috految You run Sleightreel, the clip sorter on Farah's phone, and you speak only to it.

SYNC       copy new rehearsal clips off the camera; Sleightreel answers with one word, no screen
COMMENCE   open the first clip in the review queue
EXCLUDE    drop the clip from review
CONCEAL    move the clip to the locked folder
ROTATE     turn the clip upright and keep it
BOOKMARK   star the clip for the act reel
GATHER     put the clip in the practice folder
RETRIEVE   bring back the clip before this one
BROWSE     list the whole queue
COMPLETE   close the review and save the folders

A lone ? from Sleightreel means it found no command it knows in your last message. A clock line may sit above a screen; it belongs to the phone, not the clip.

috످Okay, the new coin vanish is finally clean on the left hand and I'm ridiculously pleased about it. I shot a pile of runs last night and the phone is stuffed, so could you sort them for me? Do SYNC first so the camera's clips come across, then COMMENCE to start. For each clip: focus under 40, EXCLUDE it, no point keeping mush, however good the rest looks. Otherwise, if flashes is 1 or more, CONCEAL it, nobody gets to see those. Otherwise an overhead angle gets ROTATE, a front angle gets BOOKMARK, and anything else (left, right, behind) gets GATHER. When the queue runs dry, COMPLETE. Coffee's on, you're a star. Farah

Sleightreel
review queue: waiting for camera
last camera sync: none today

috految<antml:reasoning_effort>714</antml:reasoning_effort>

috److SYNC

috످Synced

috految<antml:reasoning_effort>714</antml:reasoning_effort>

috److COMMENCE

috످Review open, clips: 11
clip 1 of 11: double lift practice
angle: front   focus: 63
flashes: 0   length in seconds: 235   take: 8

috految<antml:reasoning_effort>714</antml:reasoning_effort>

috److془Focus 63 >= 40, flashes 0, front → BOOKMARK.془BOOKMARK

috످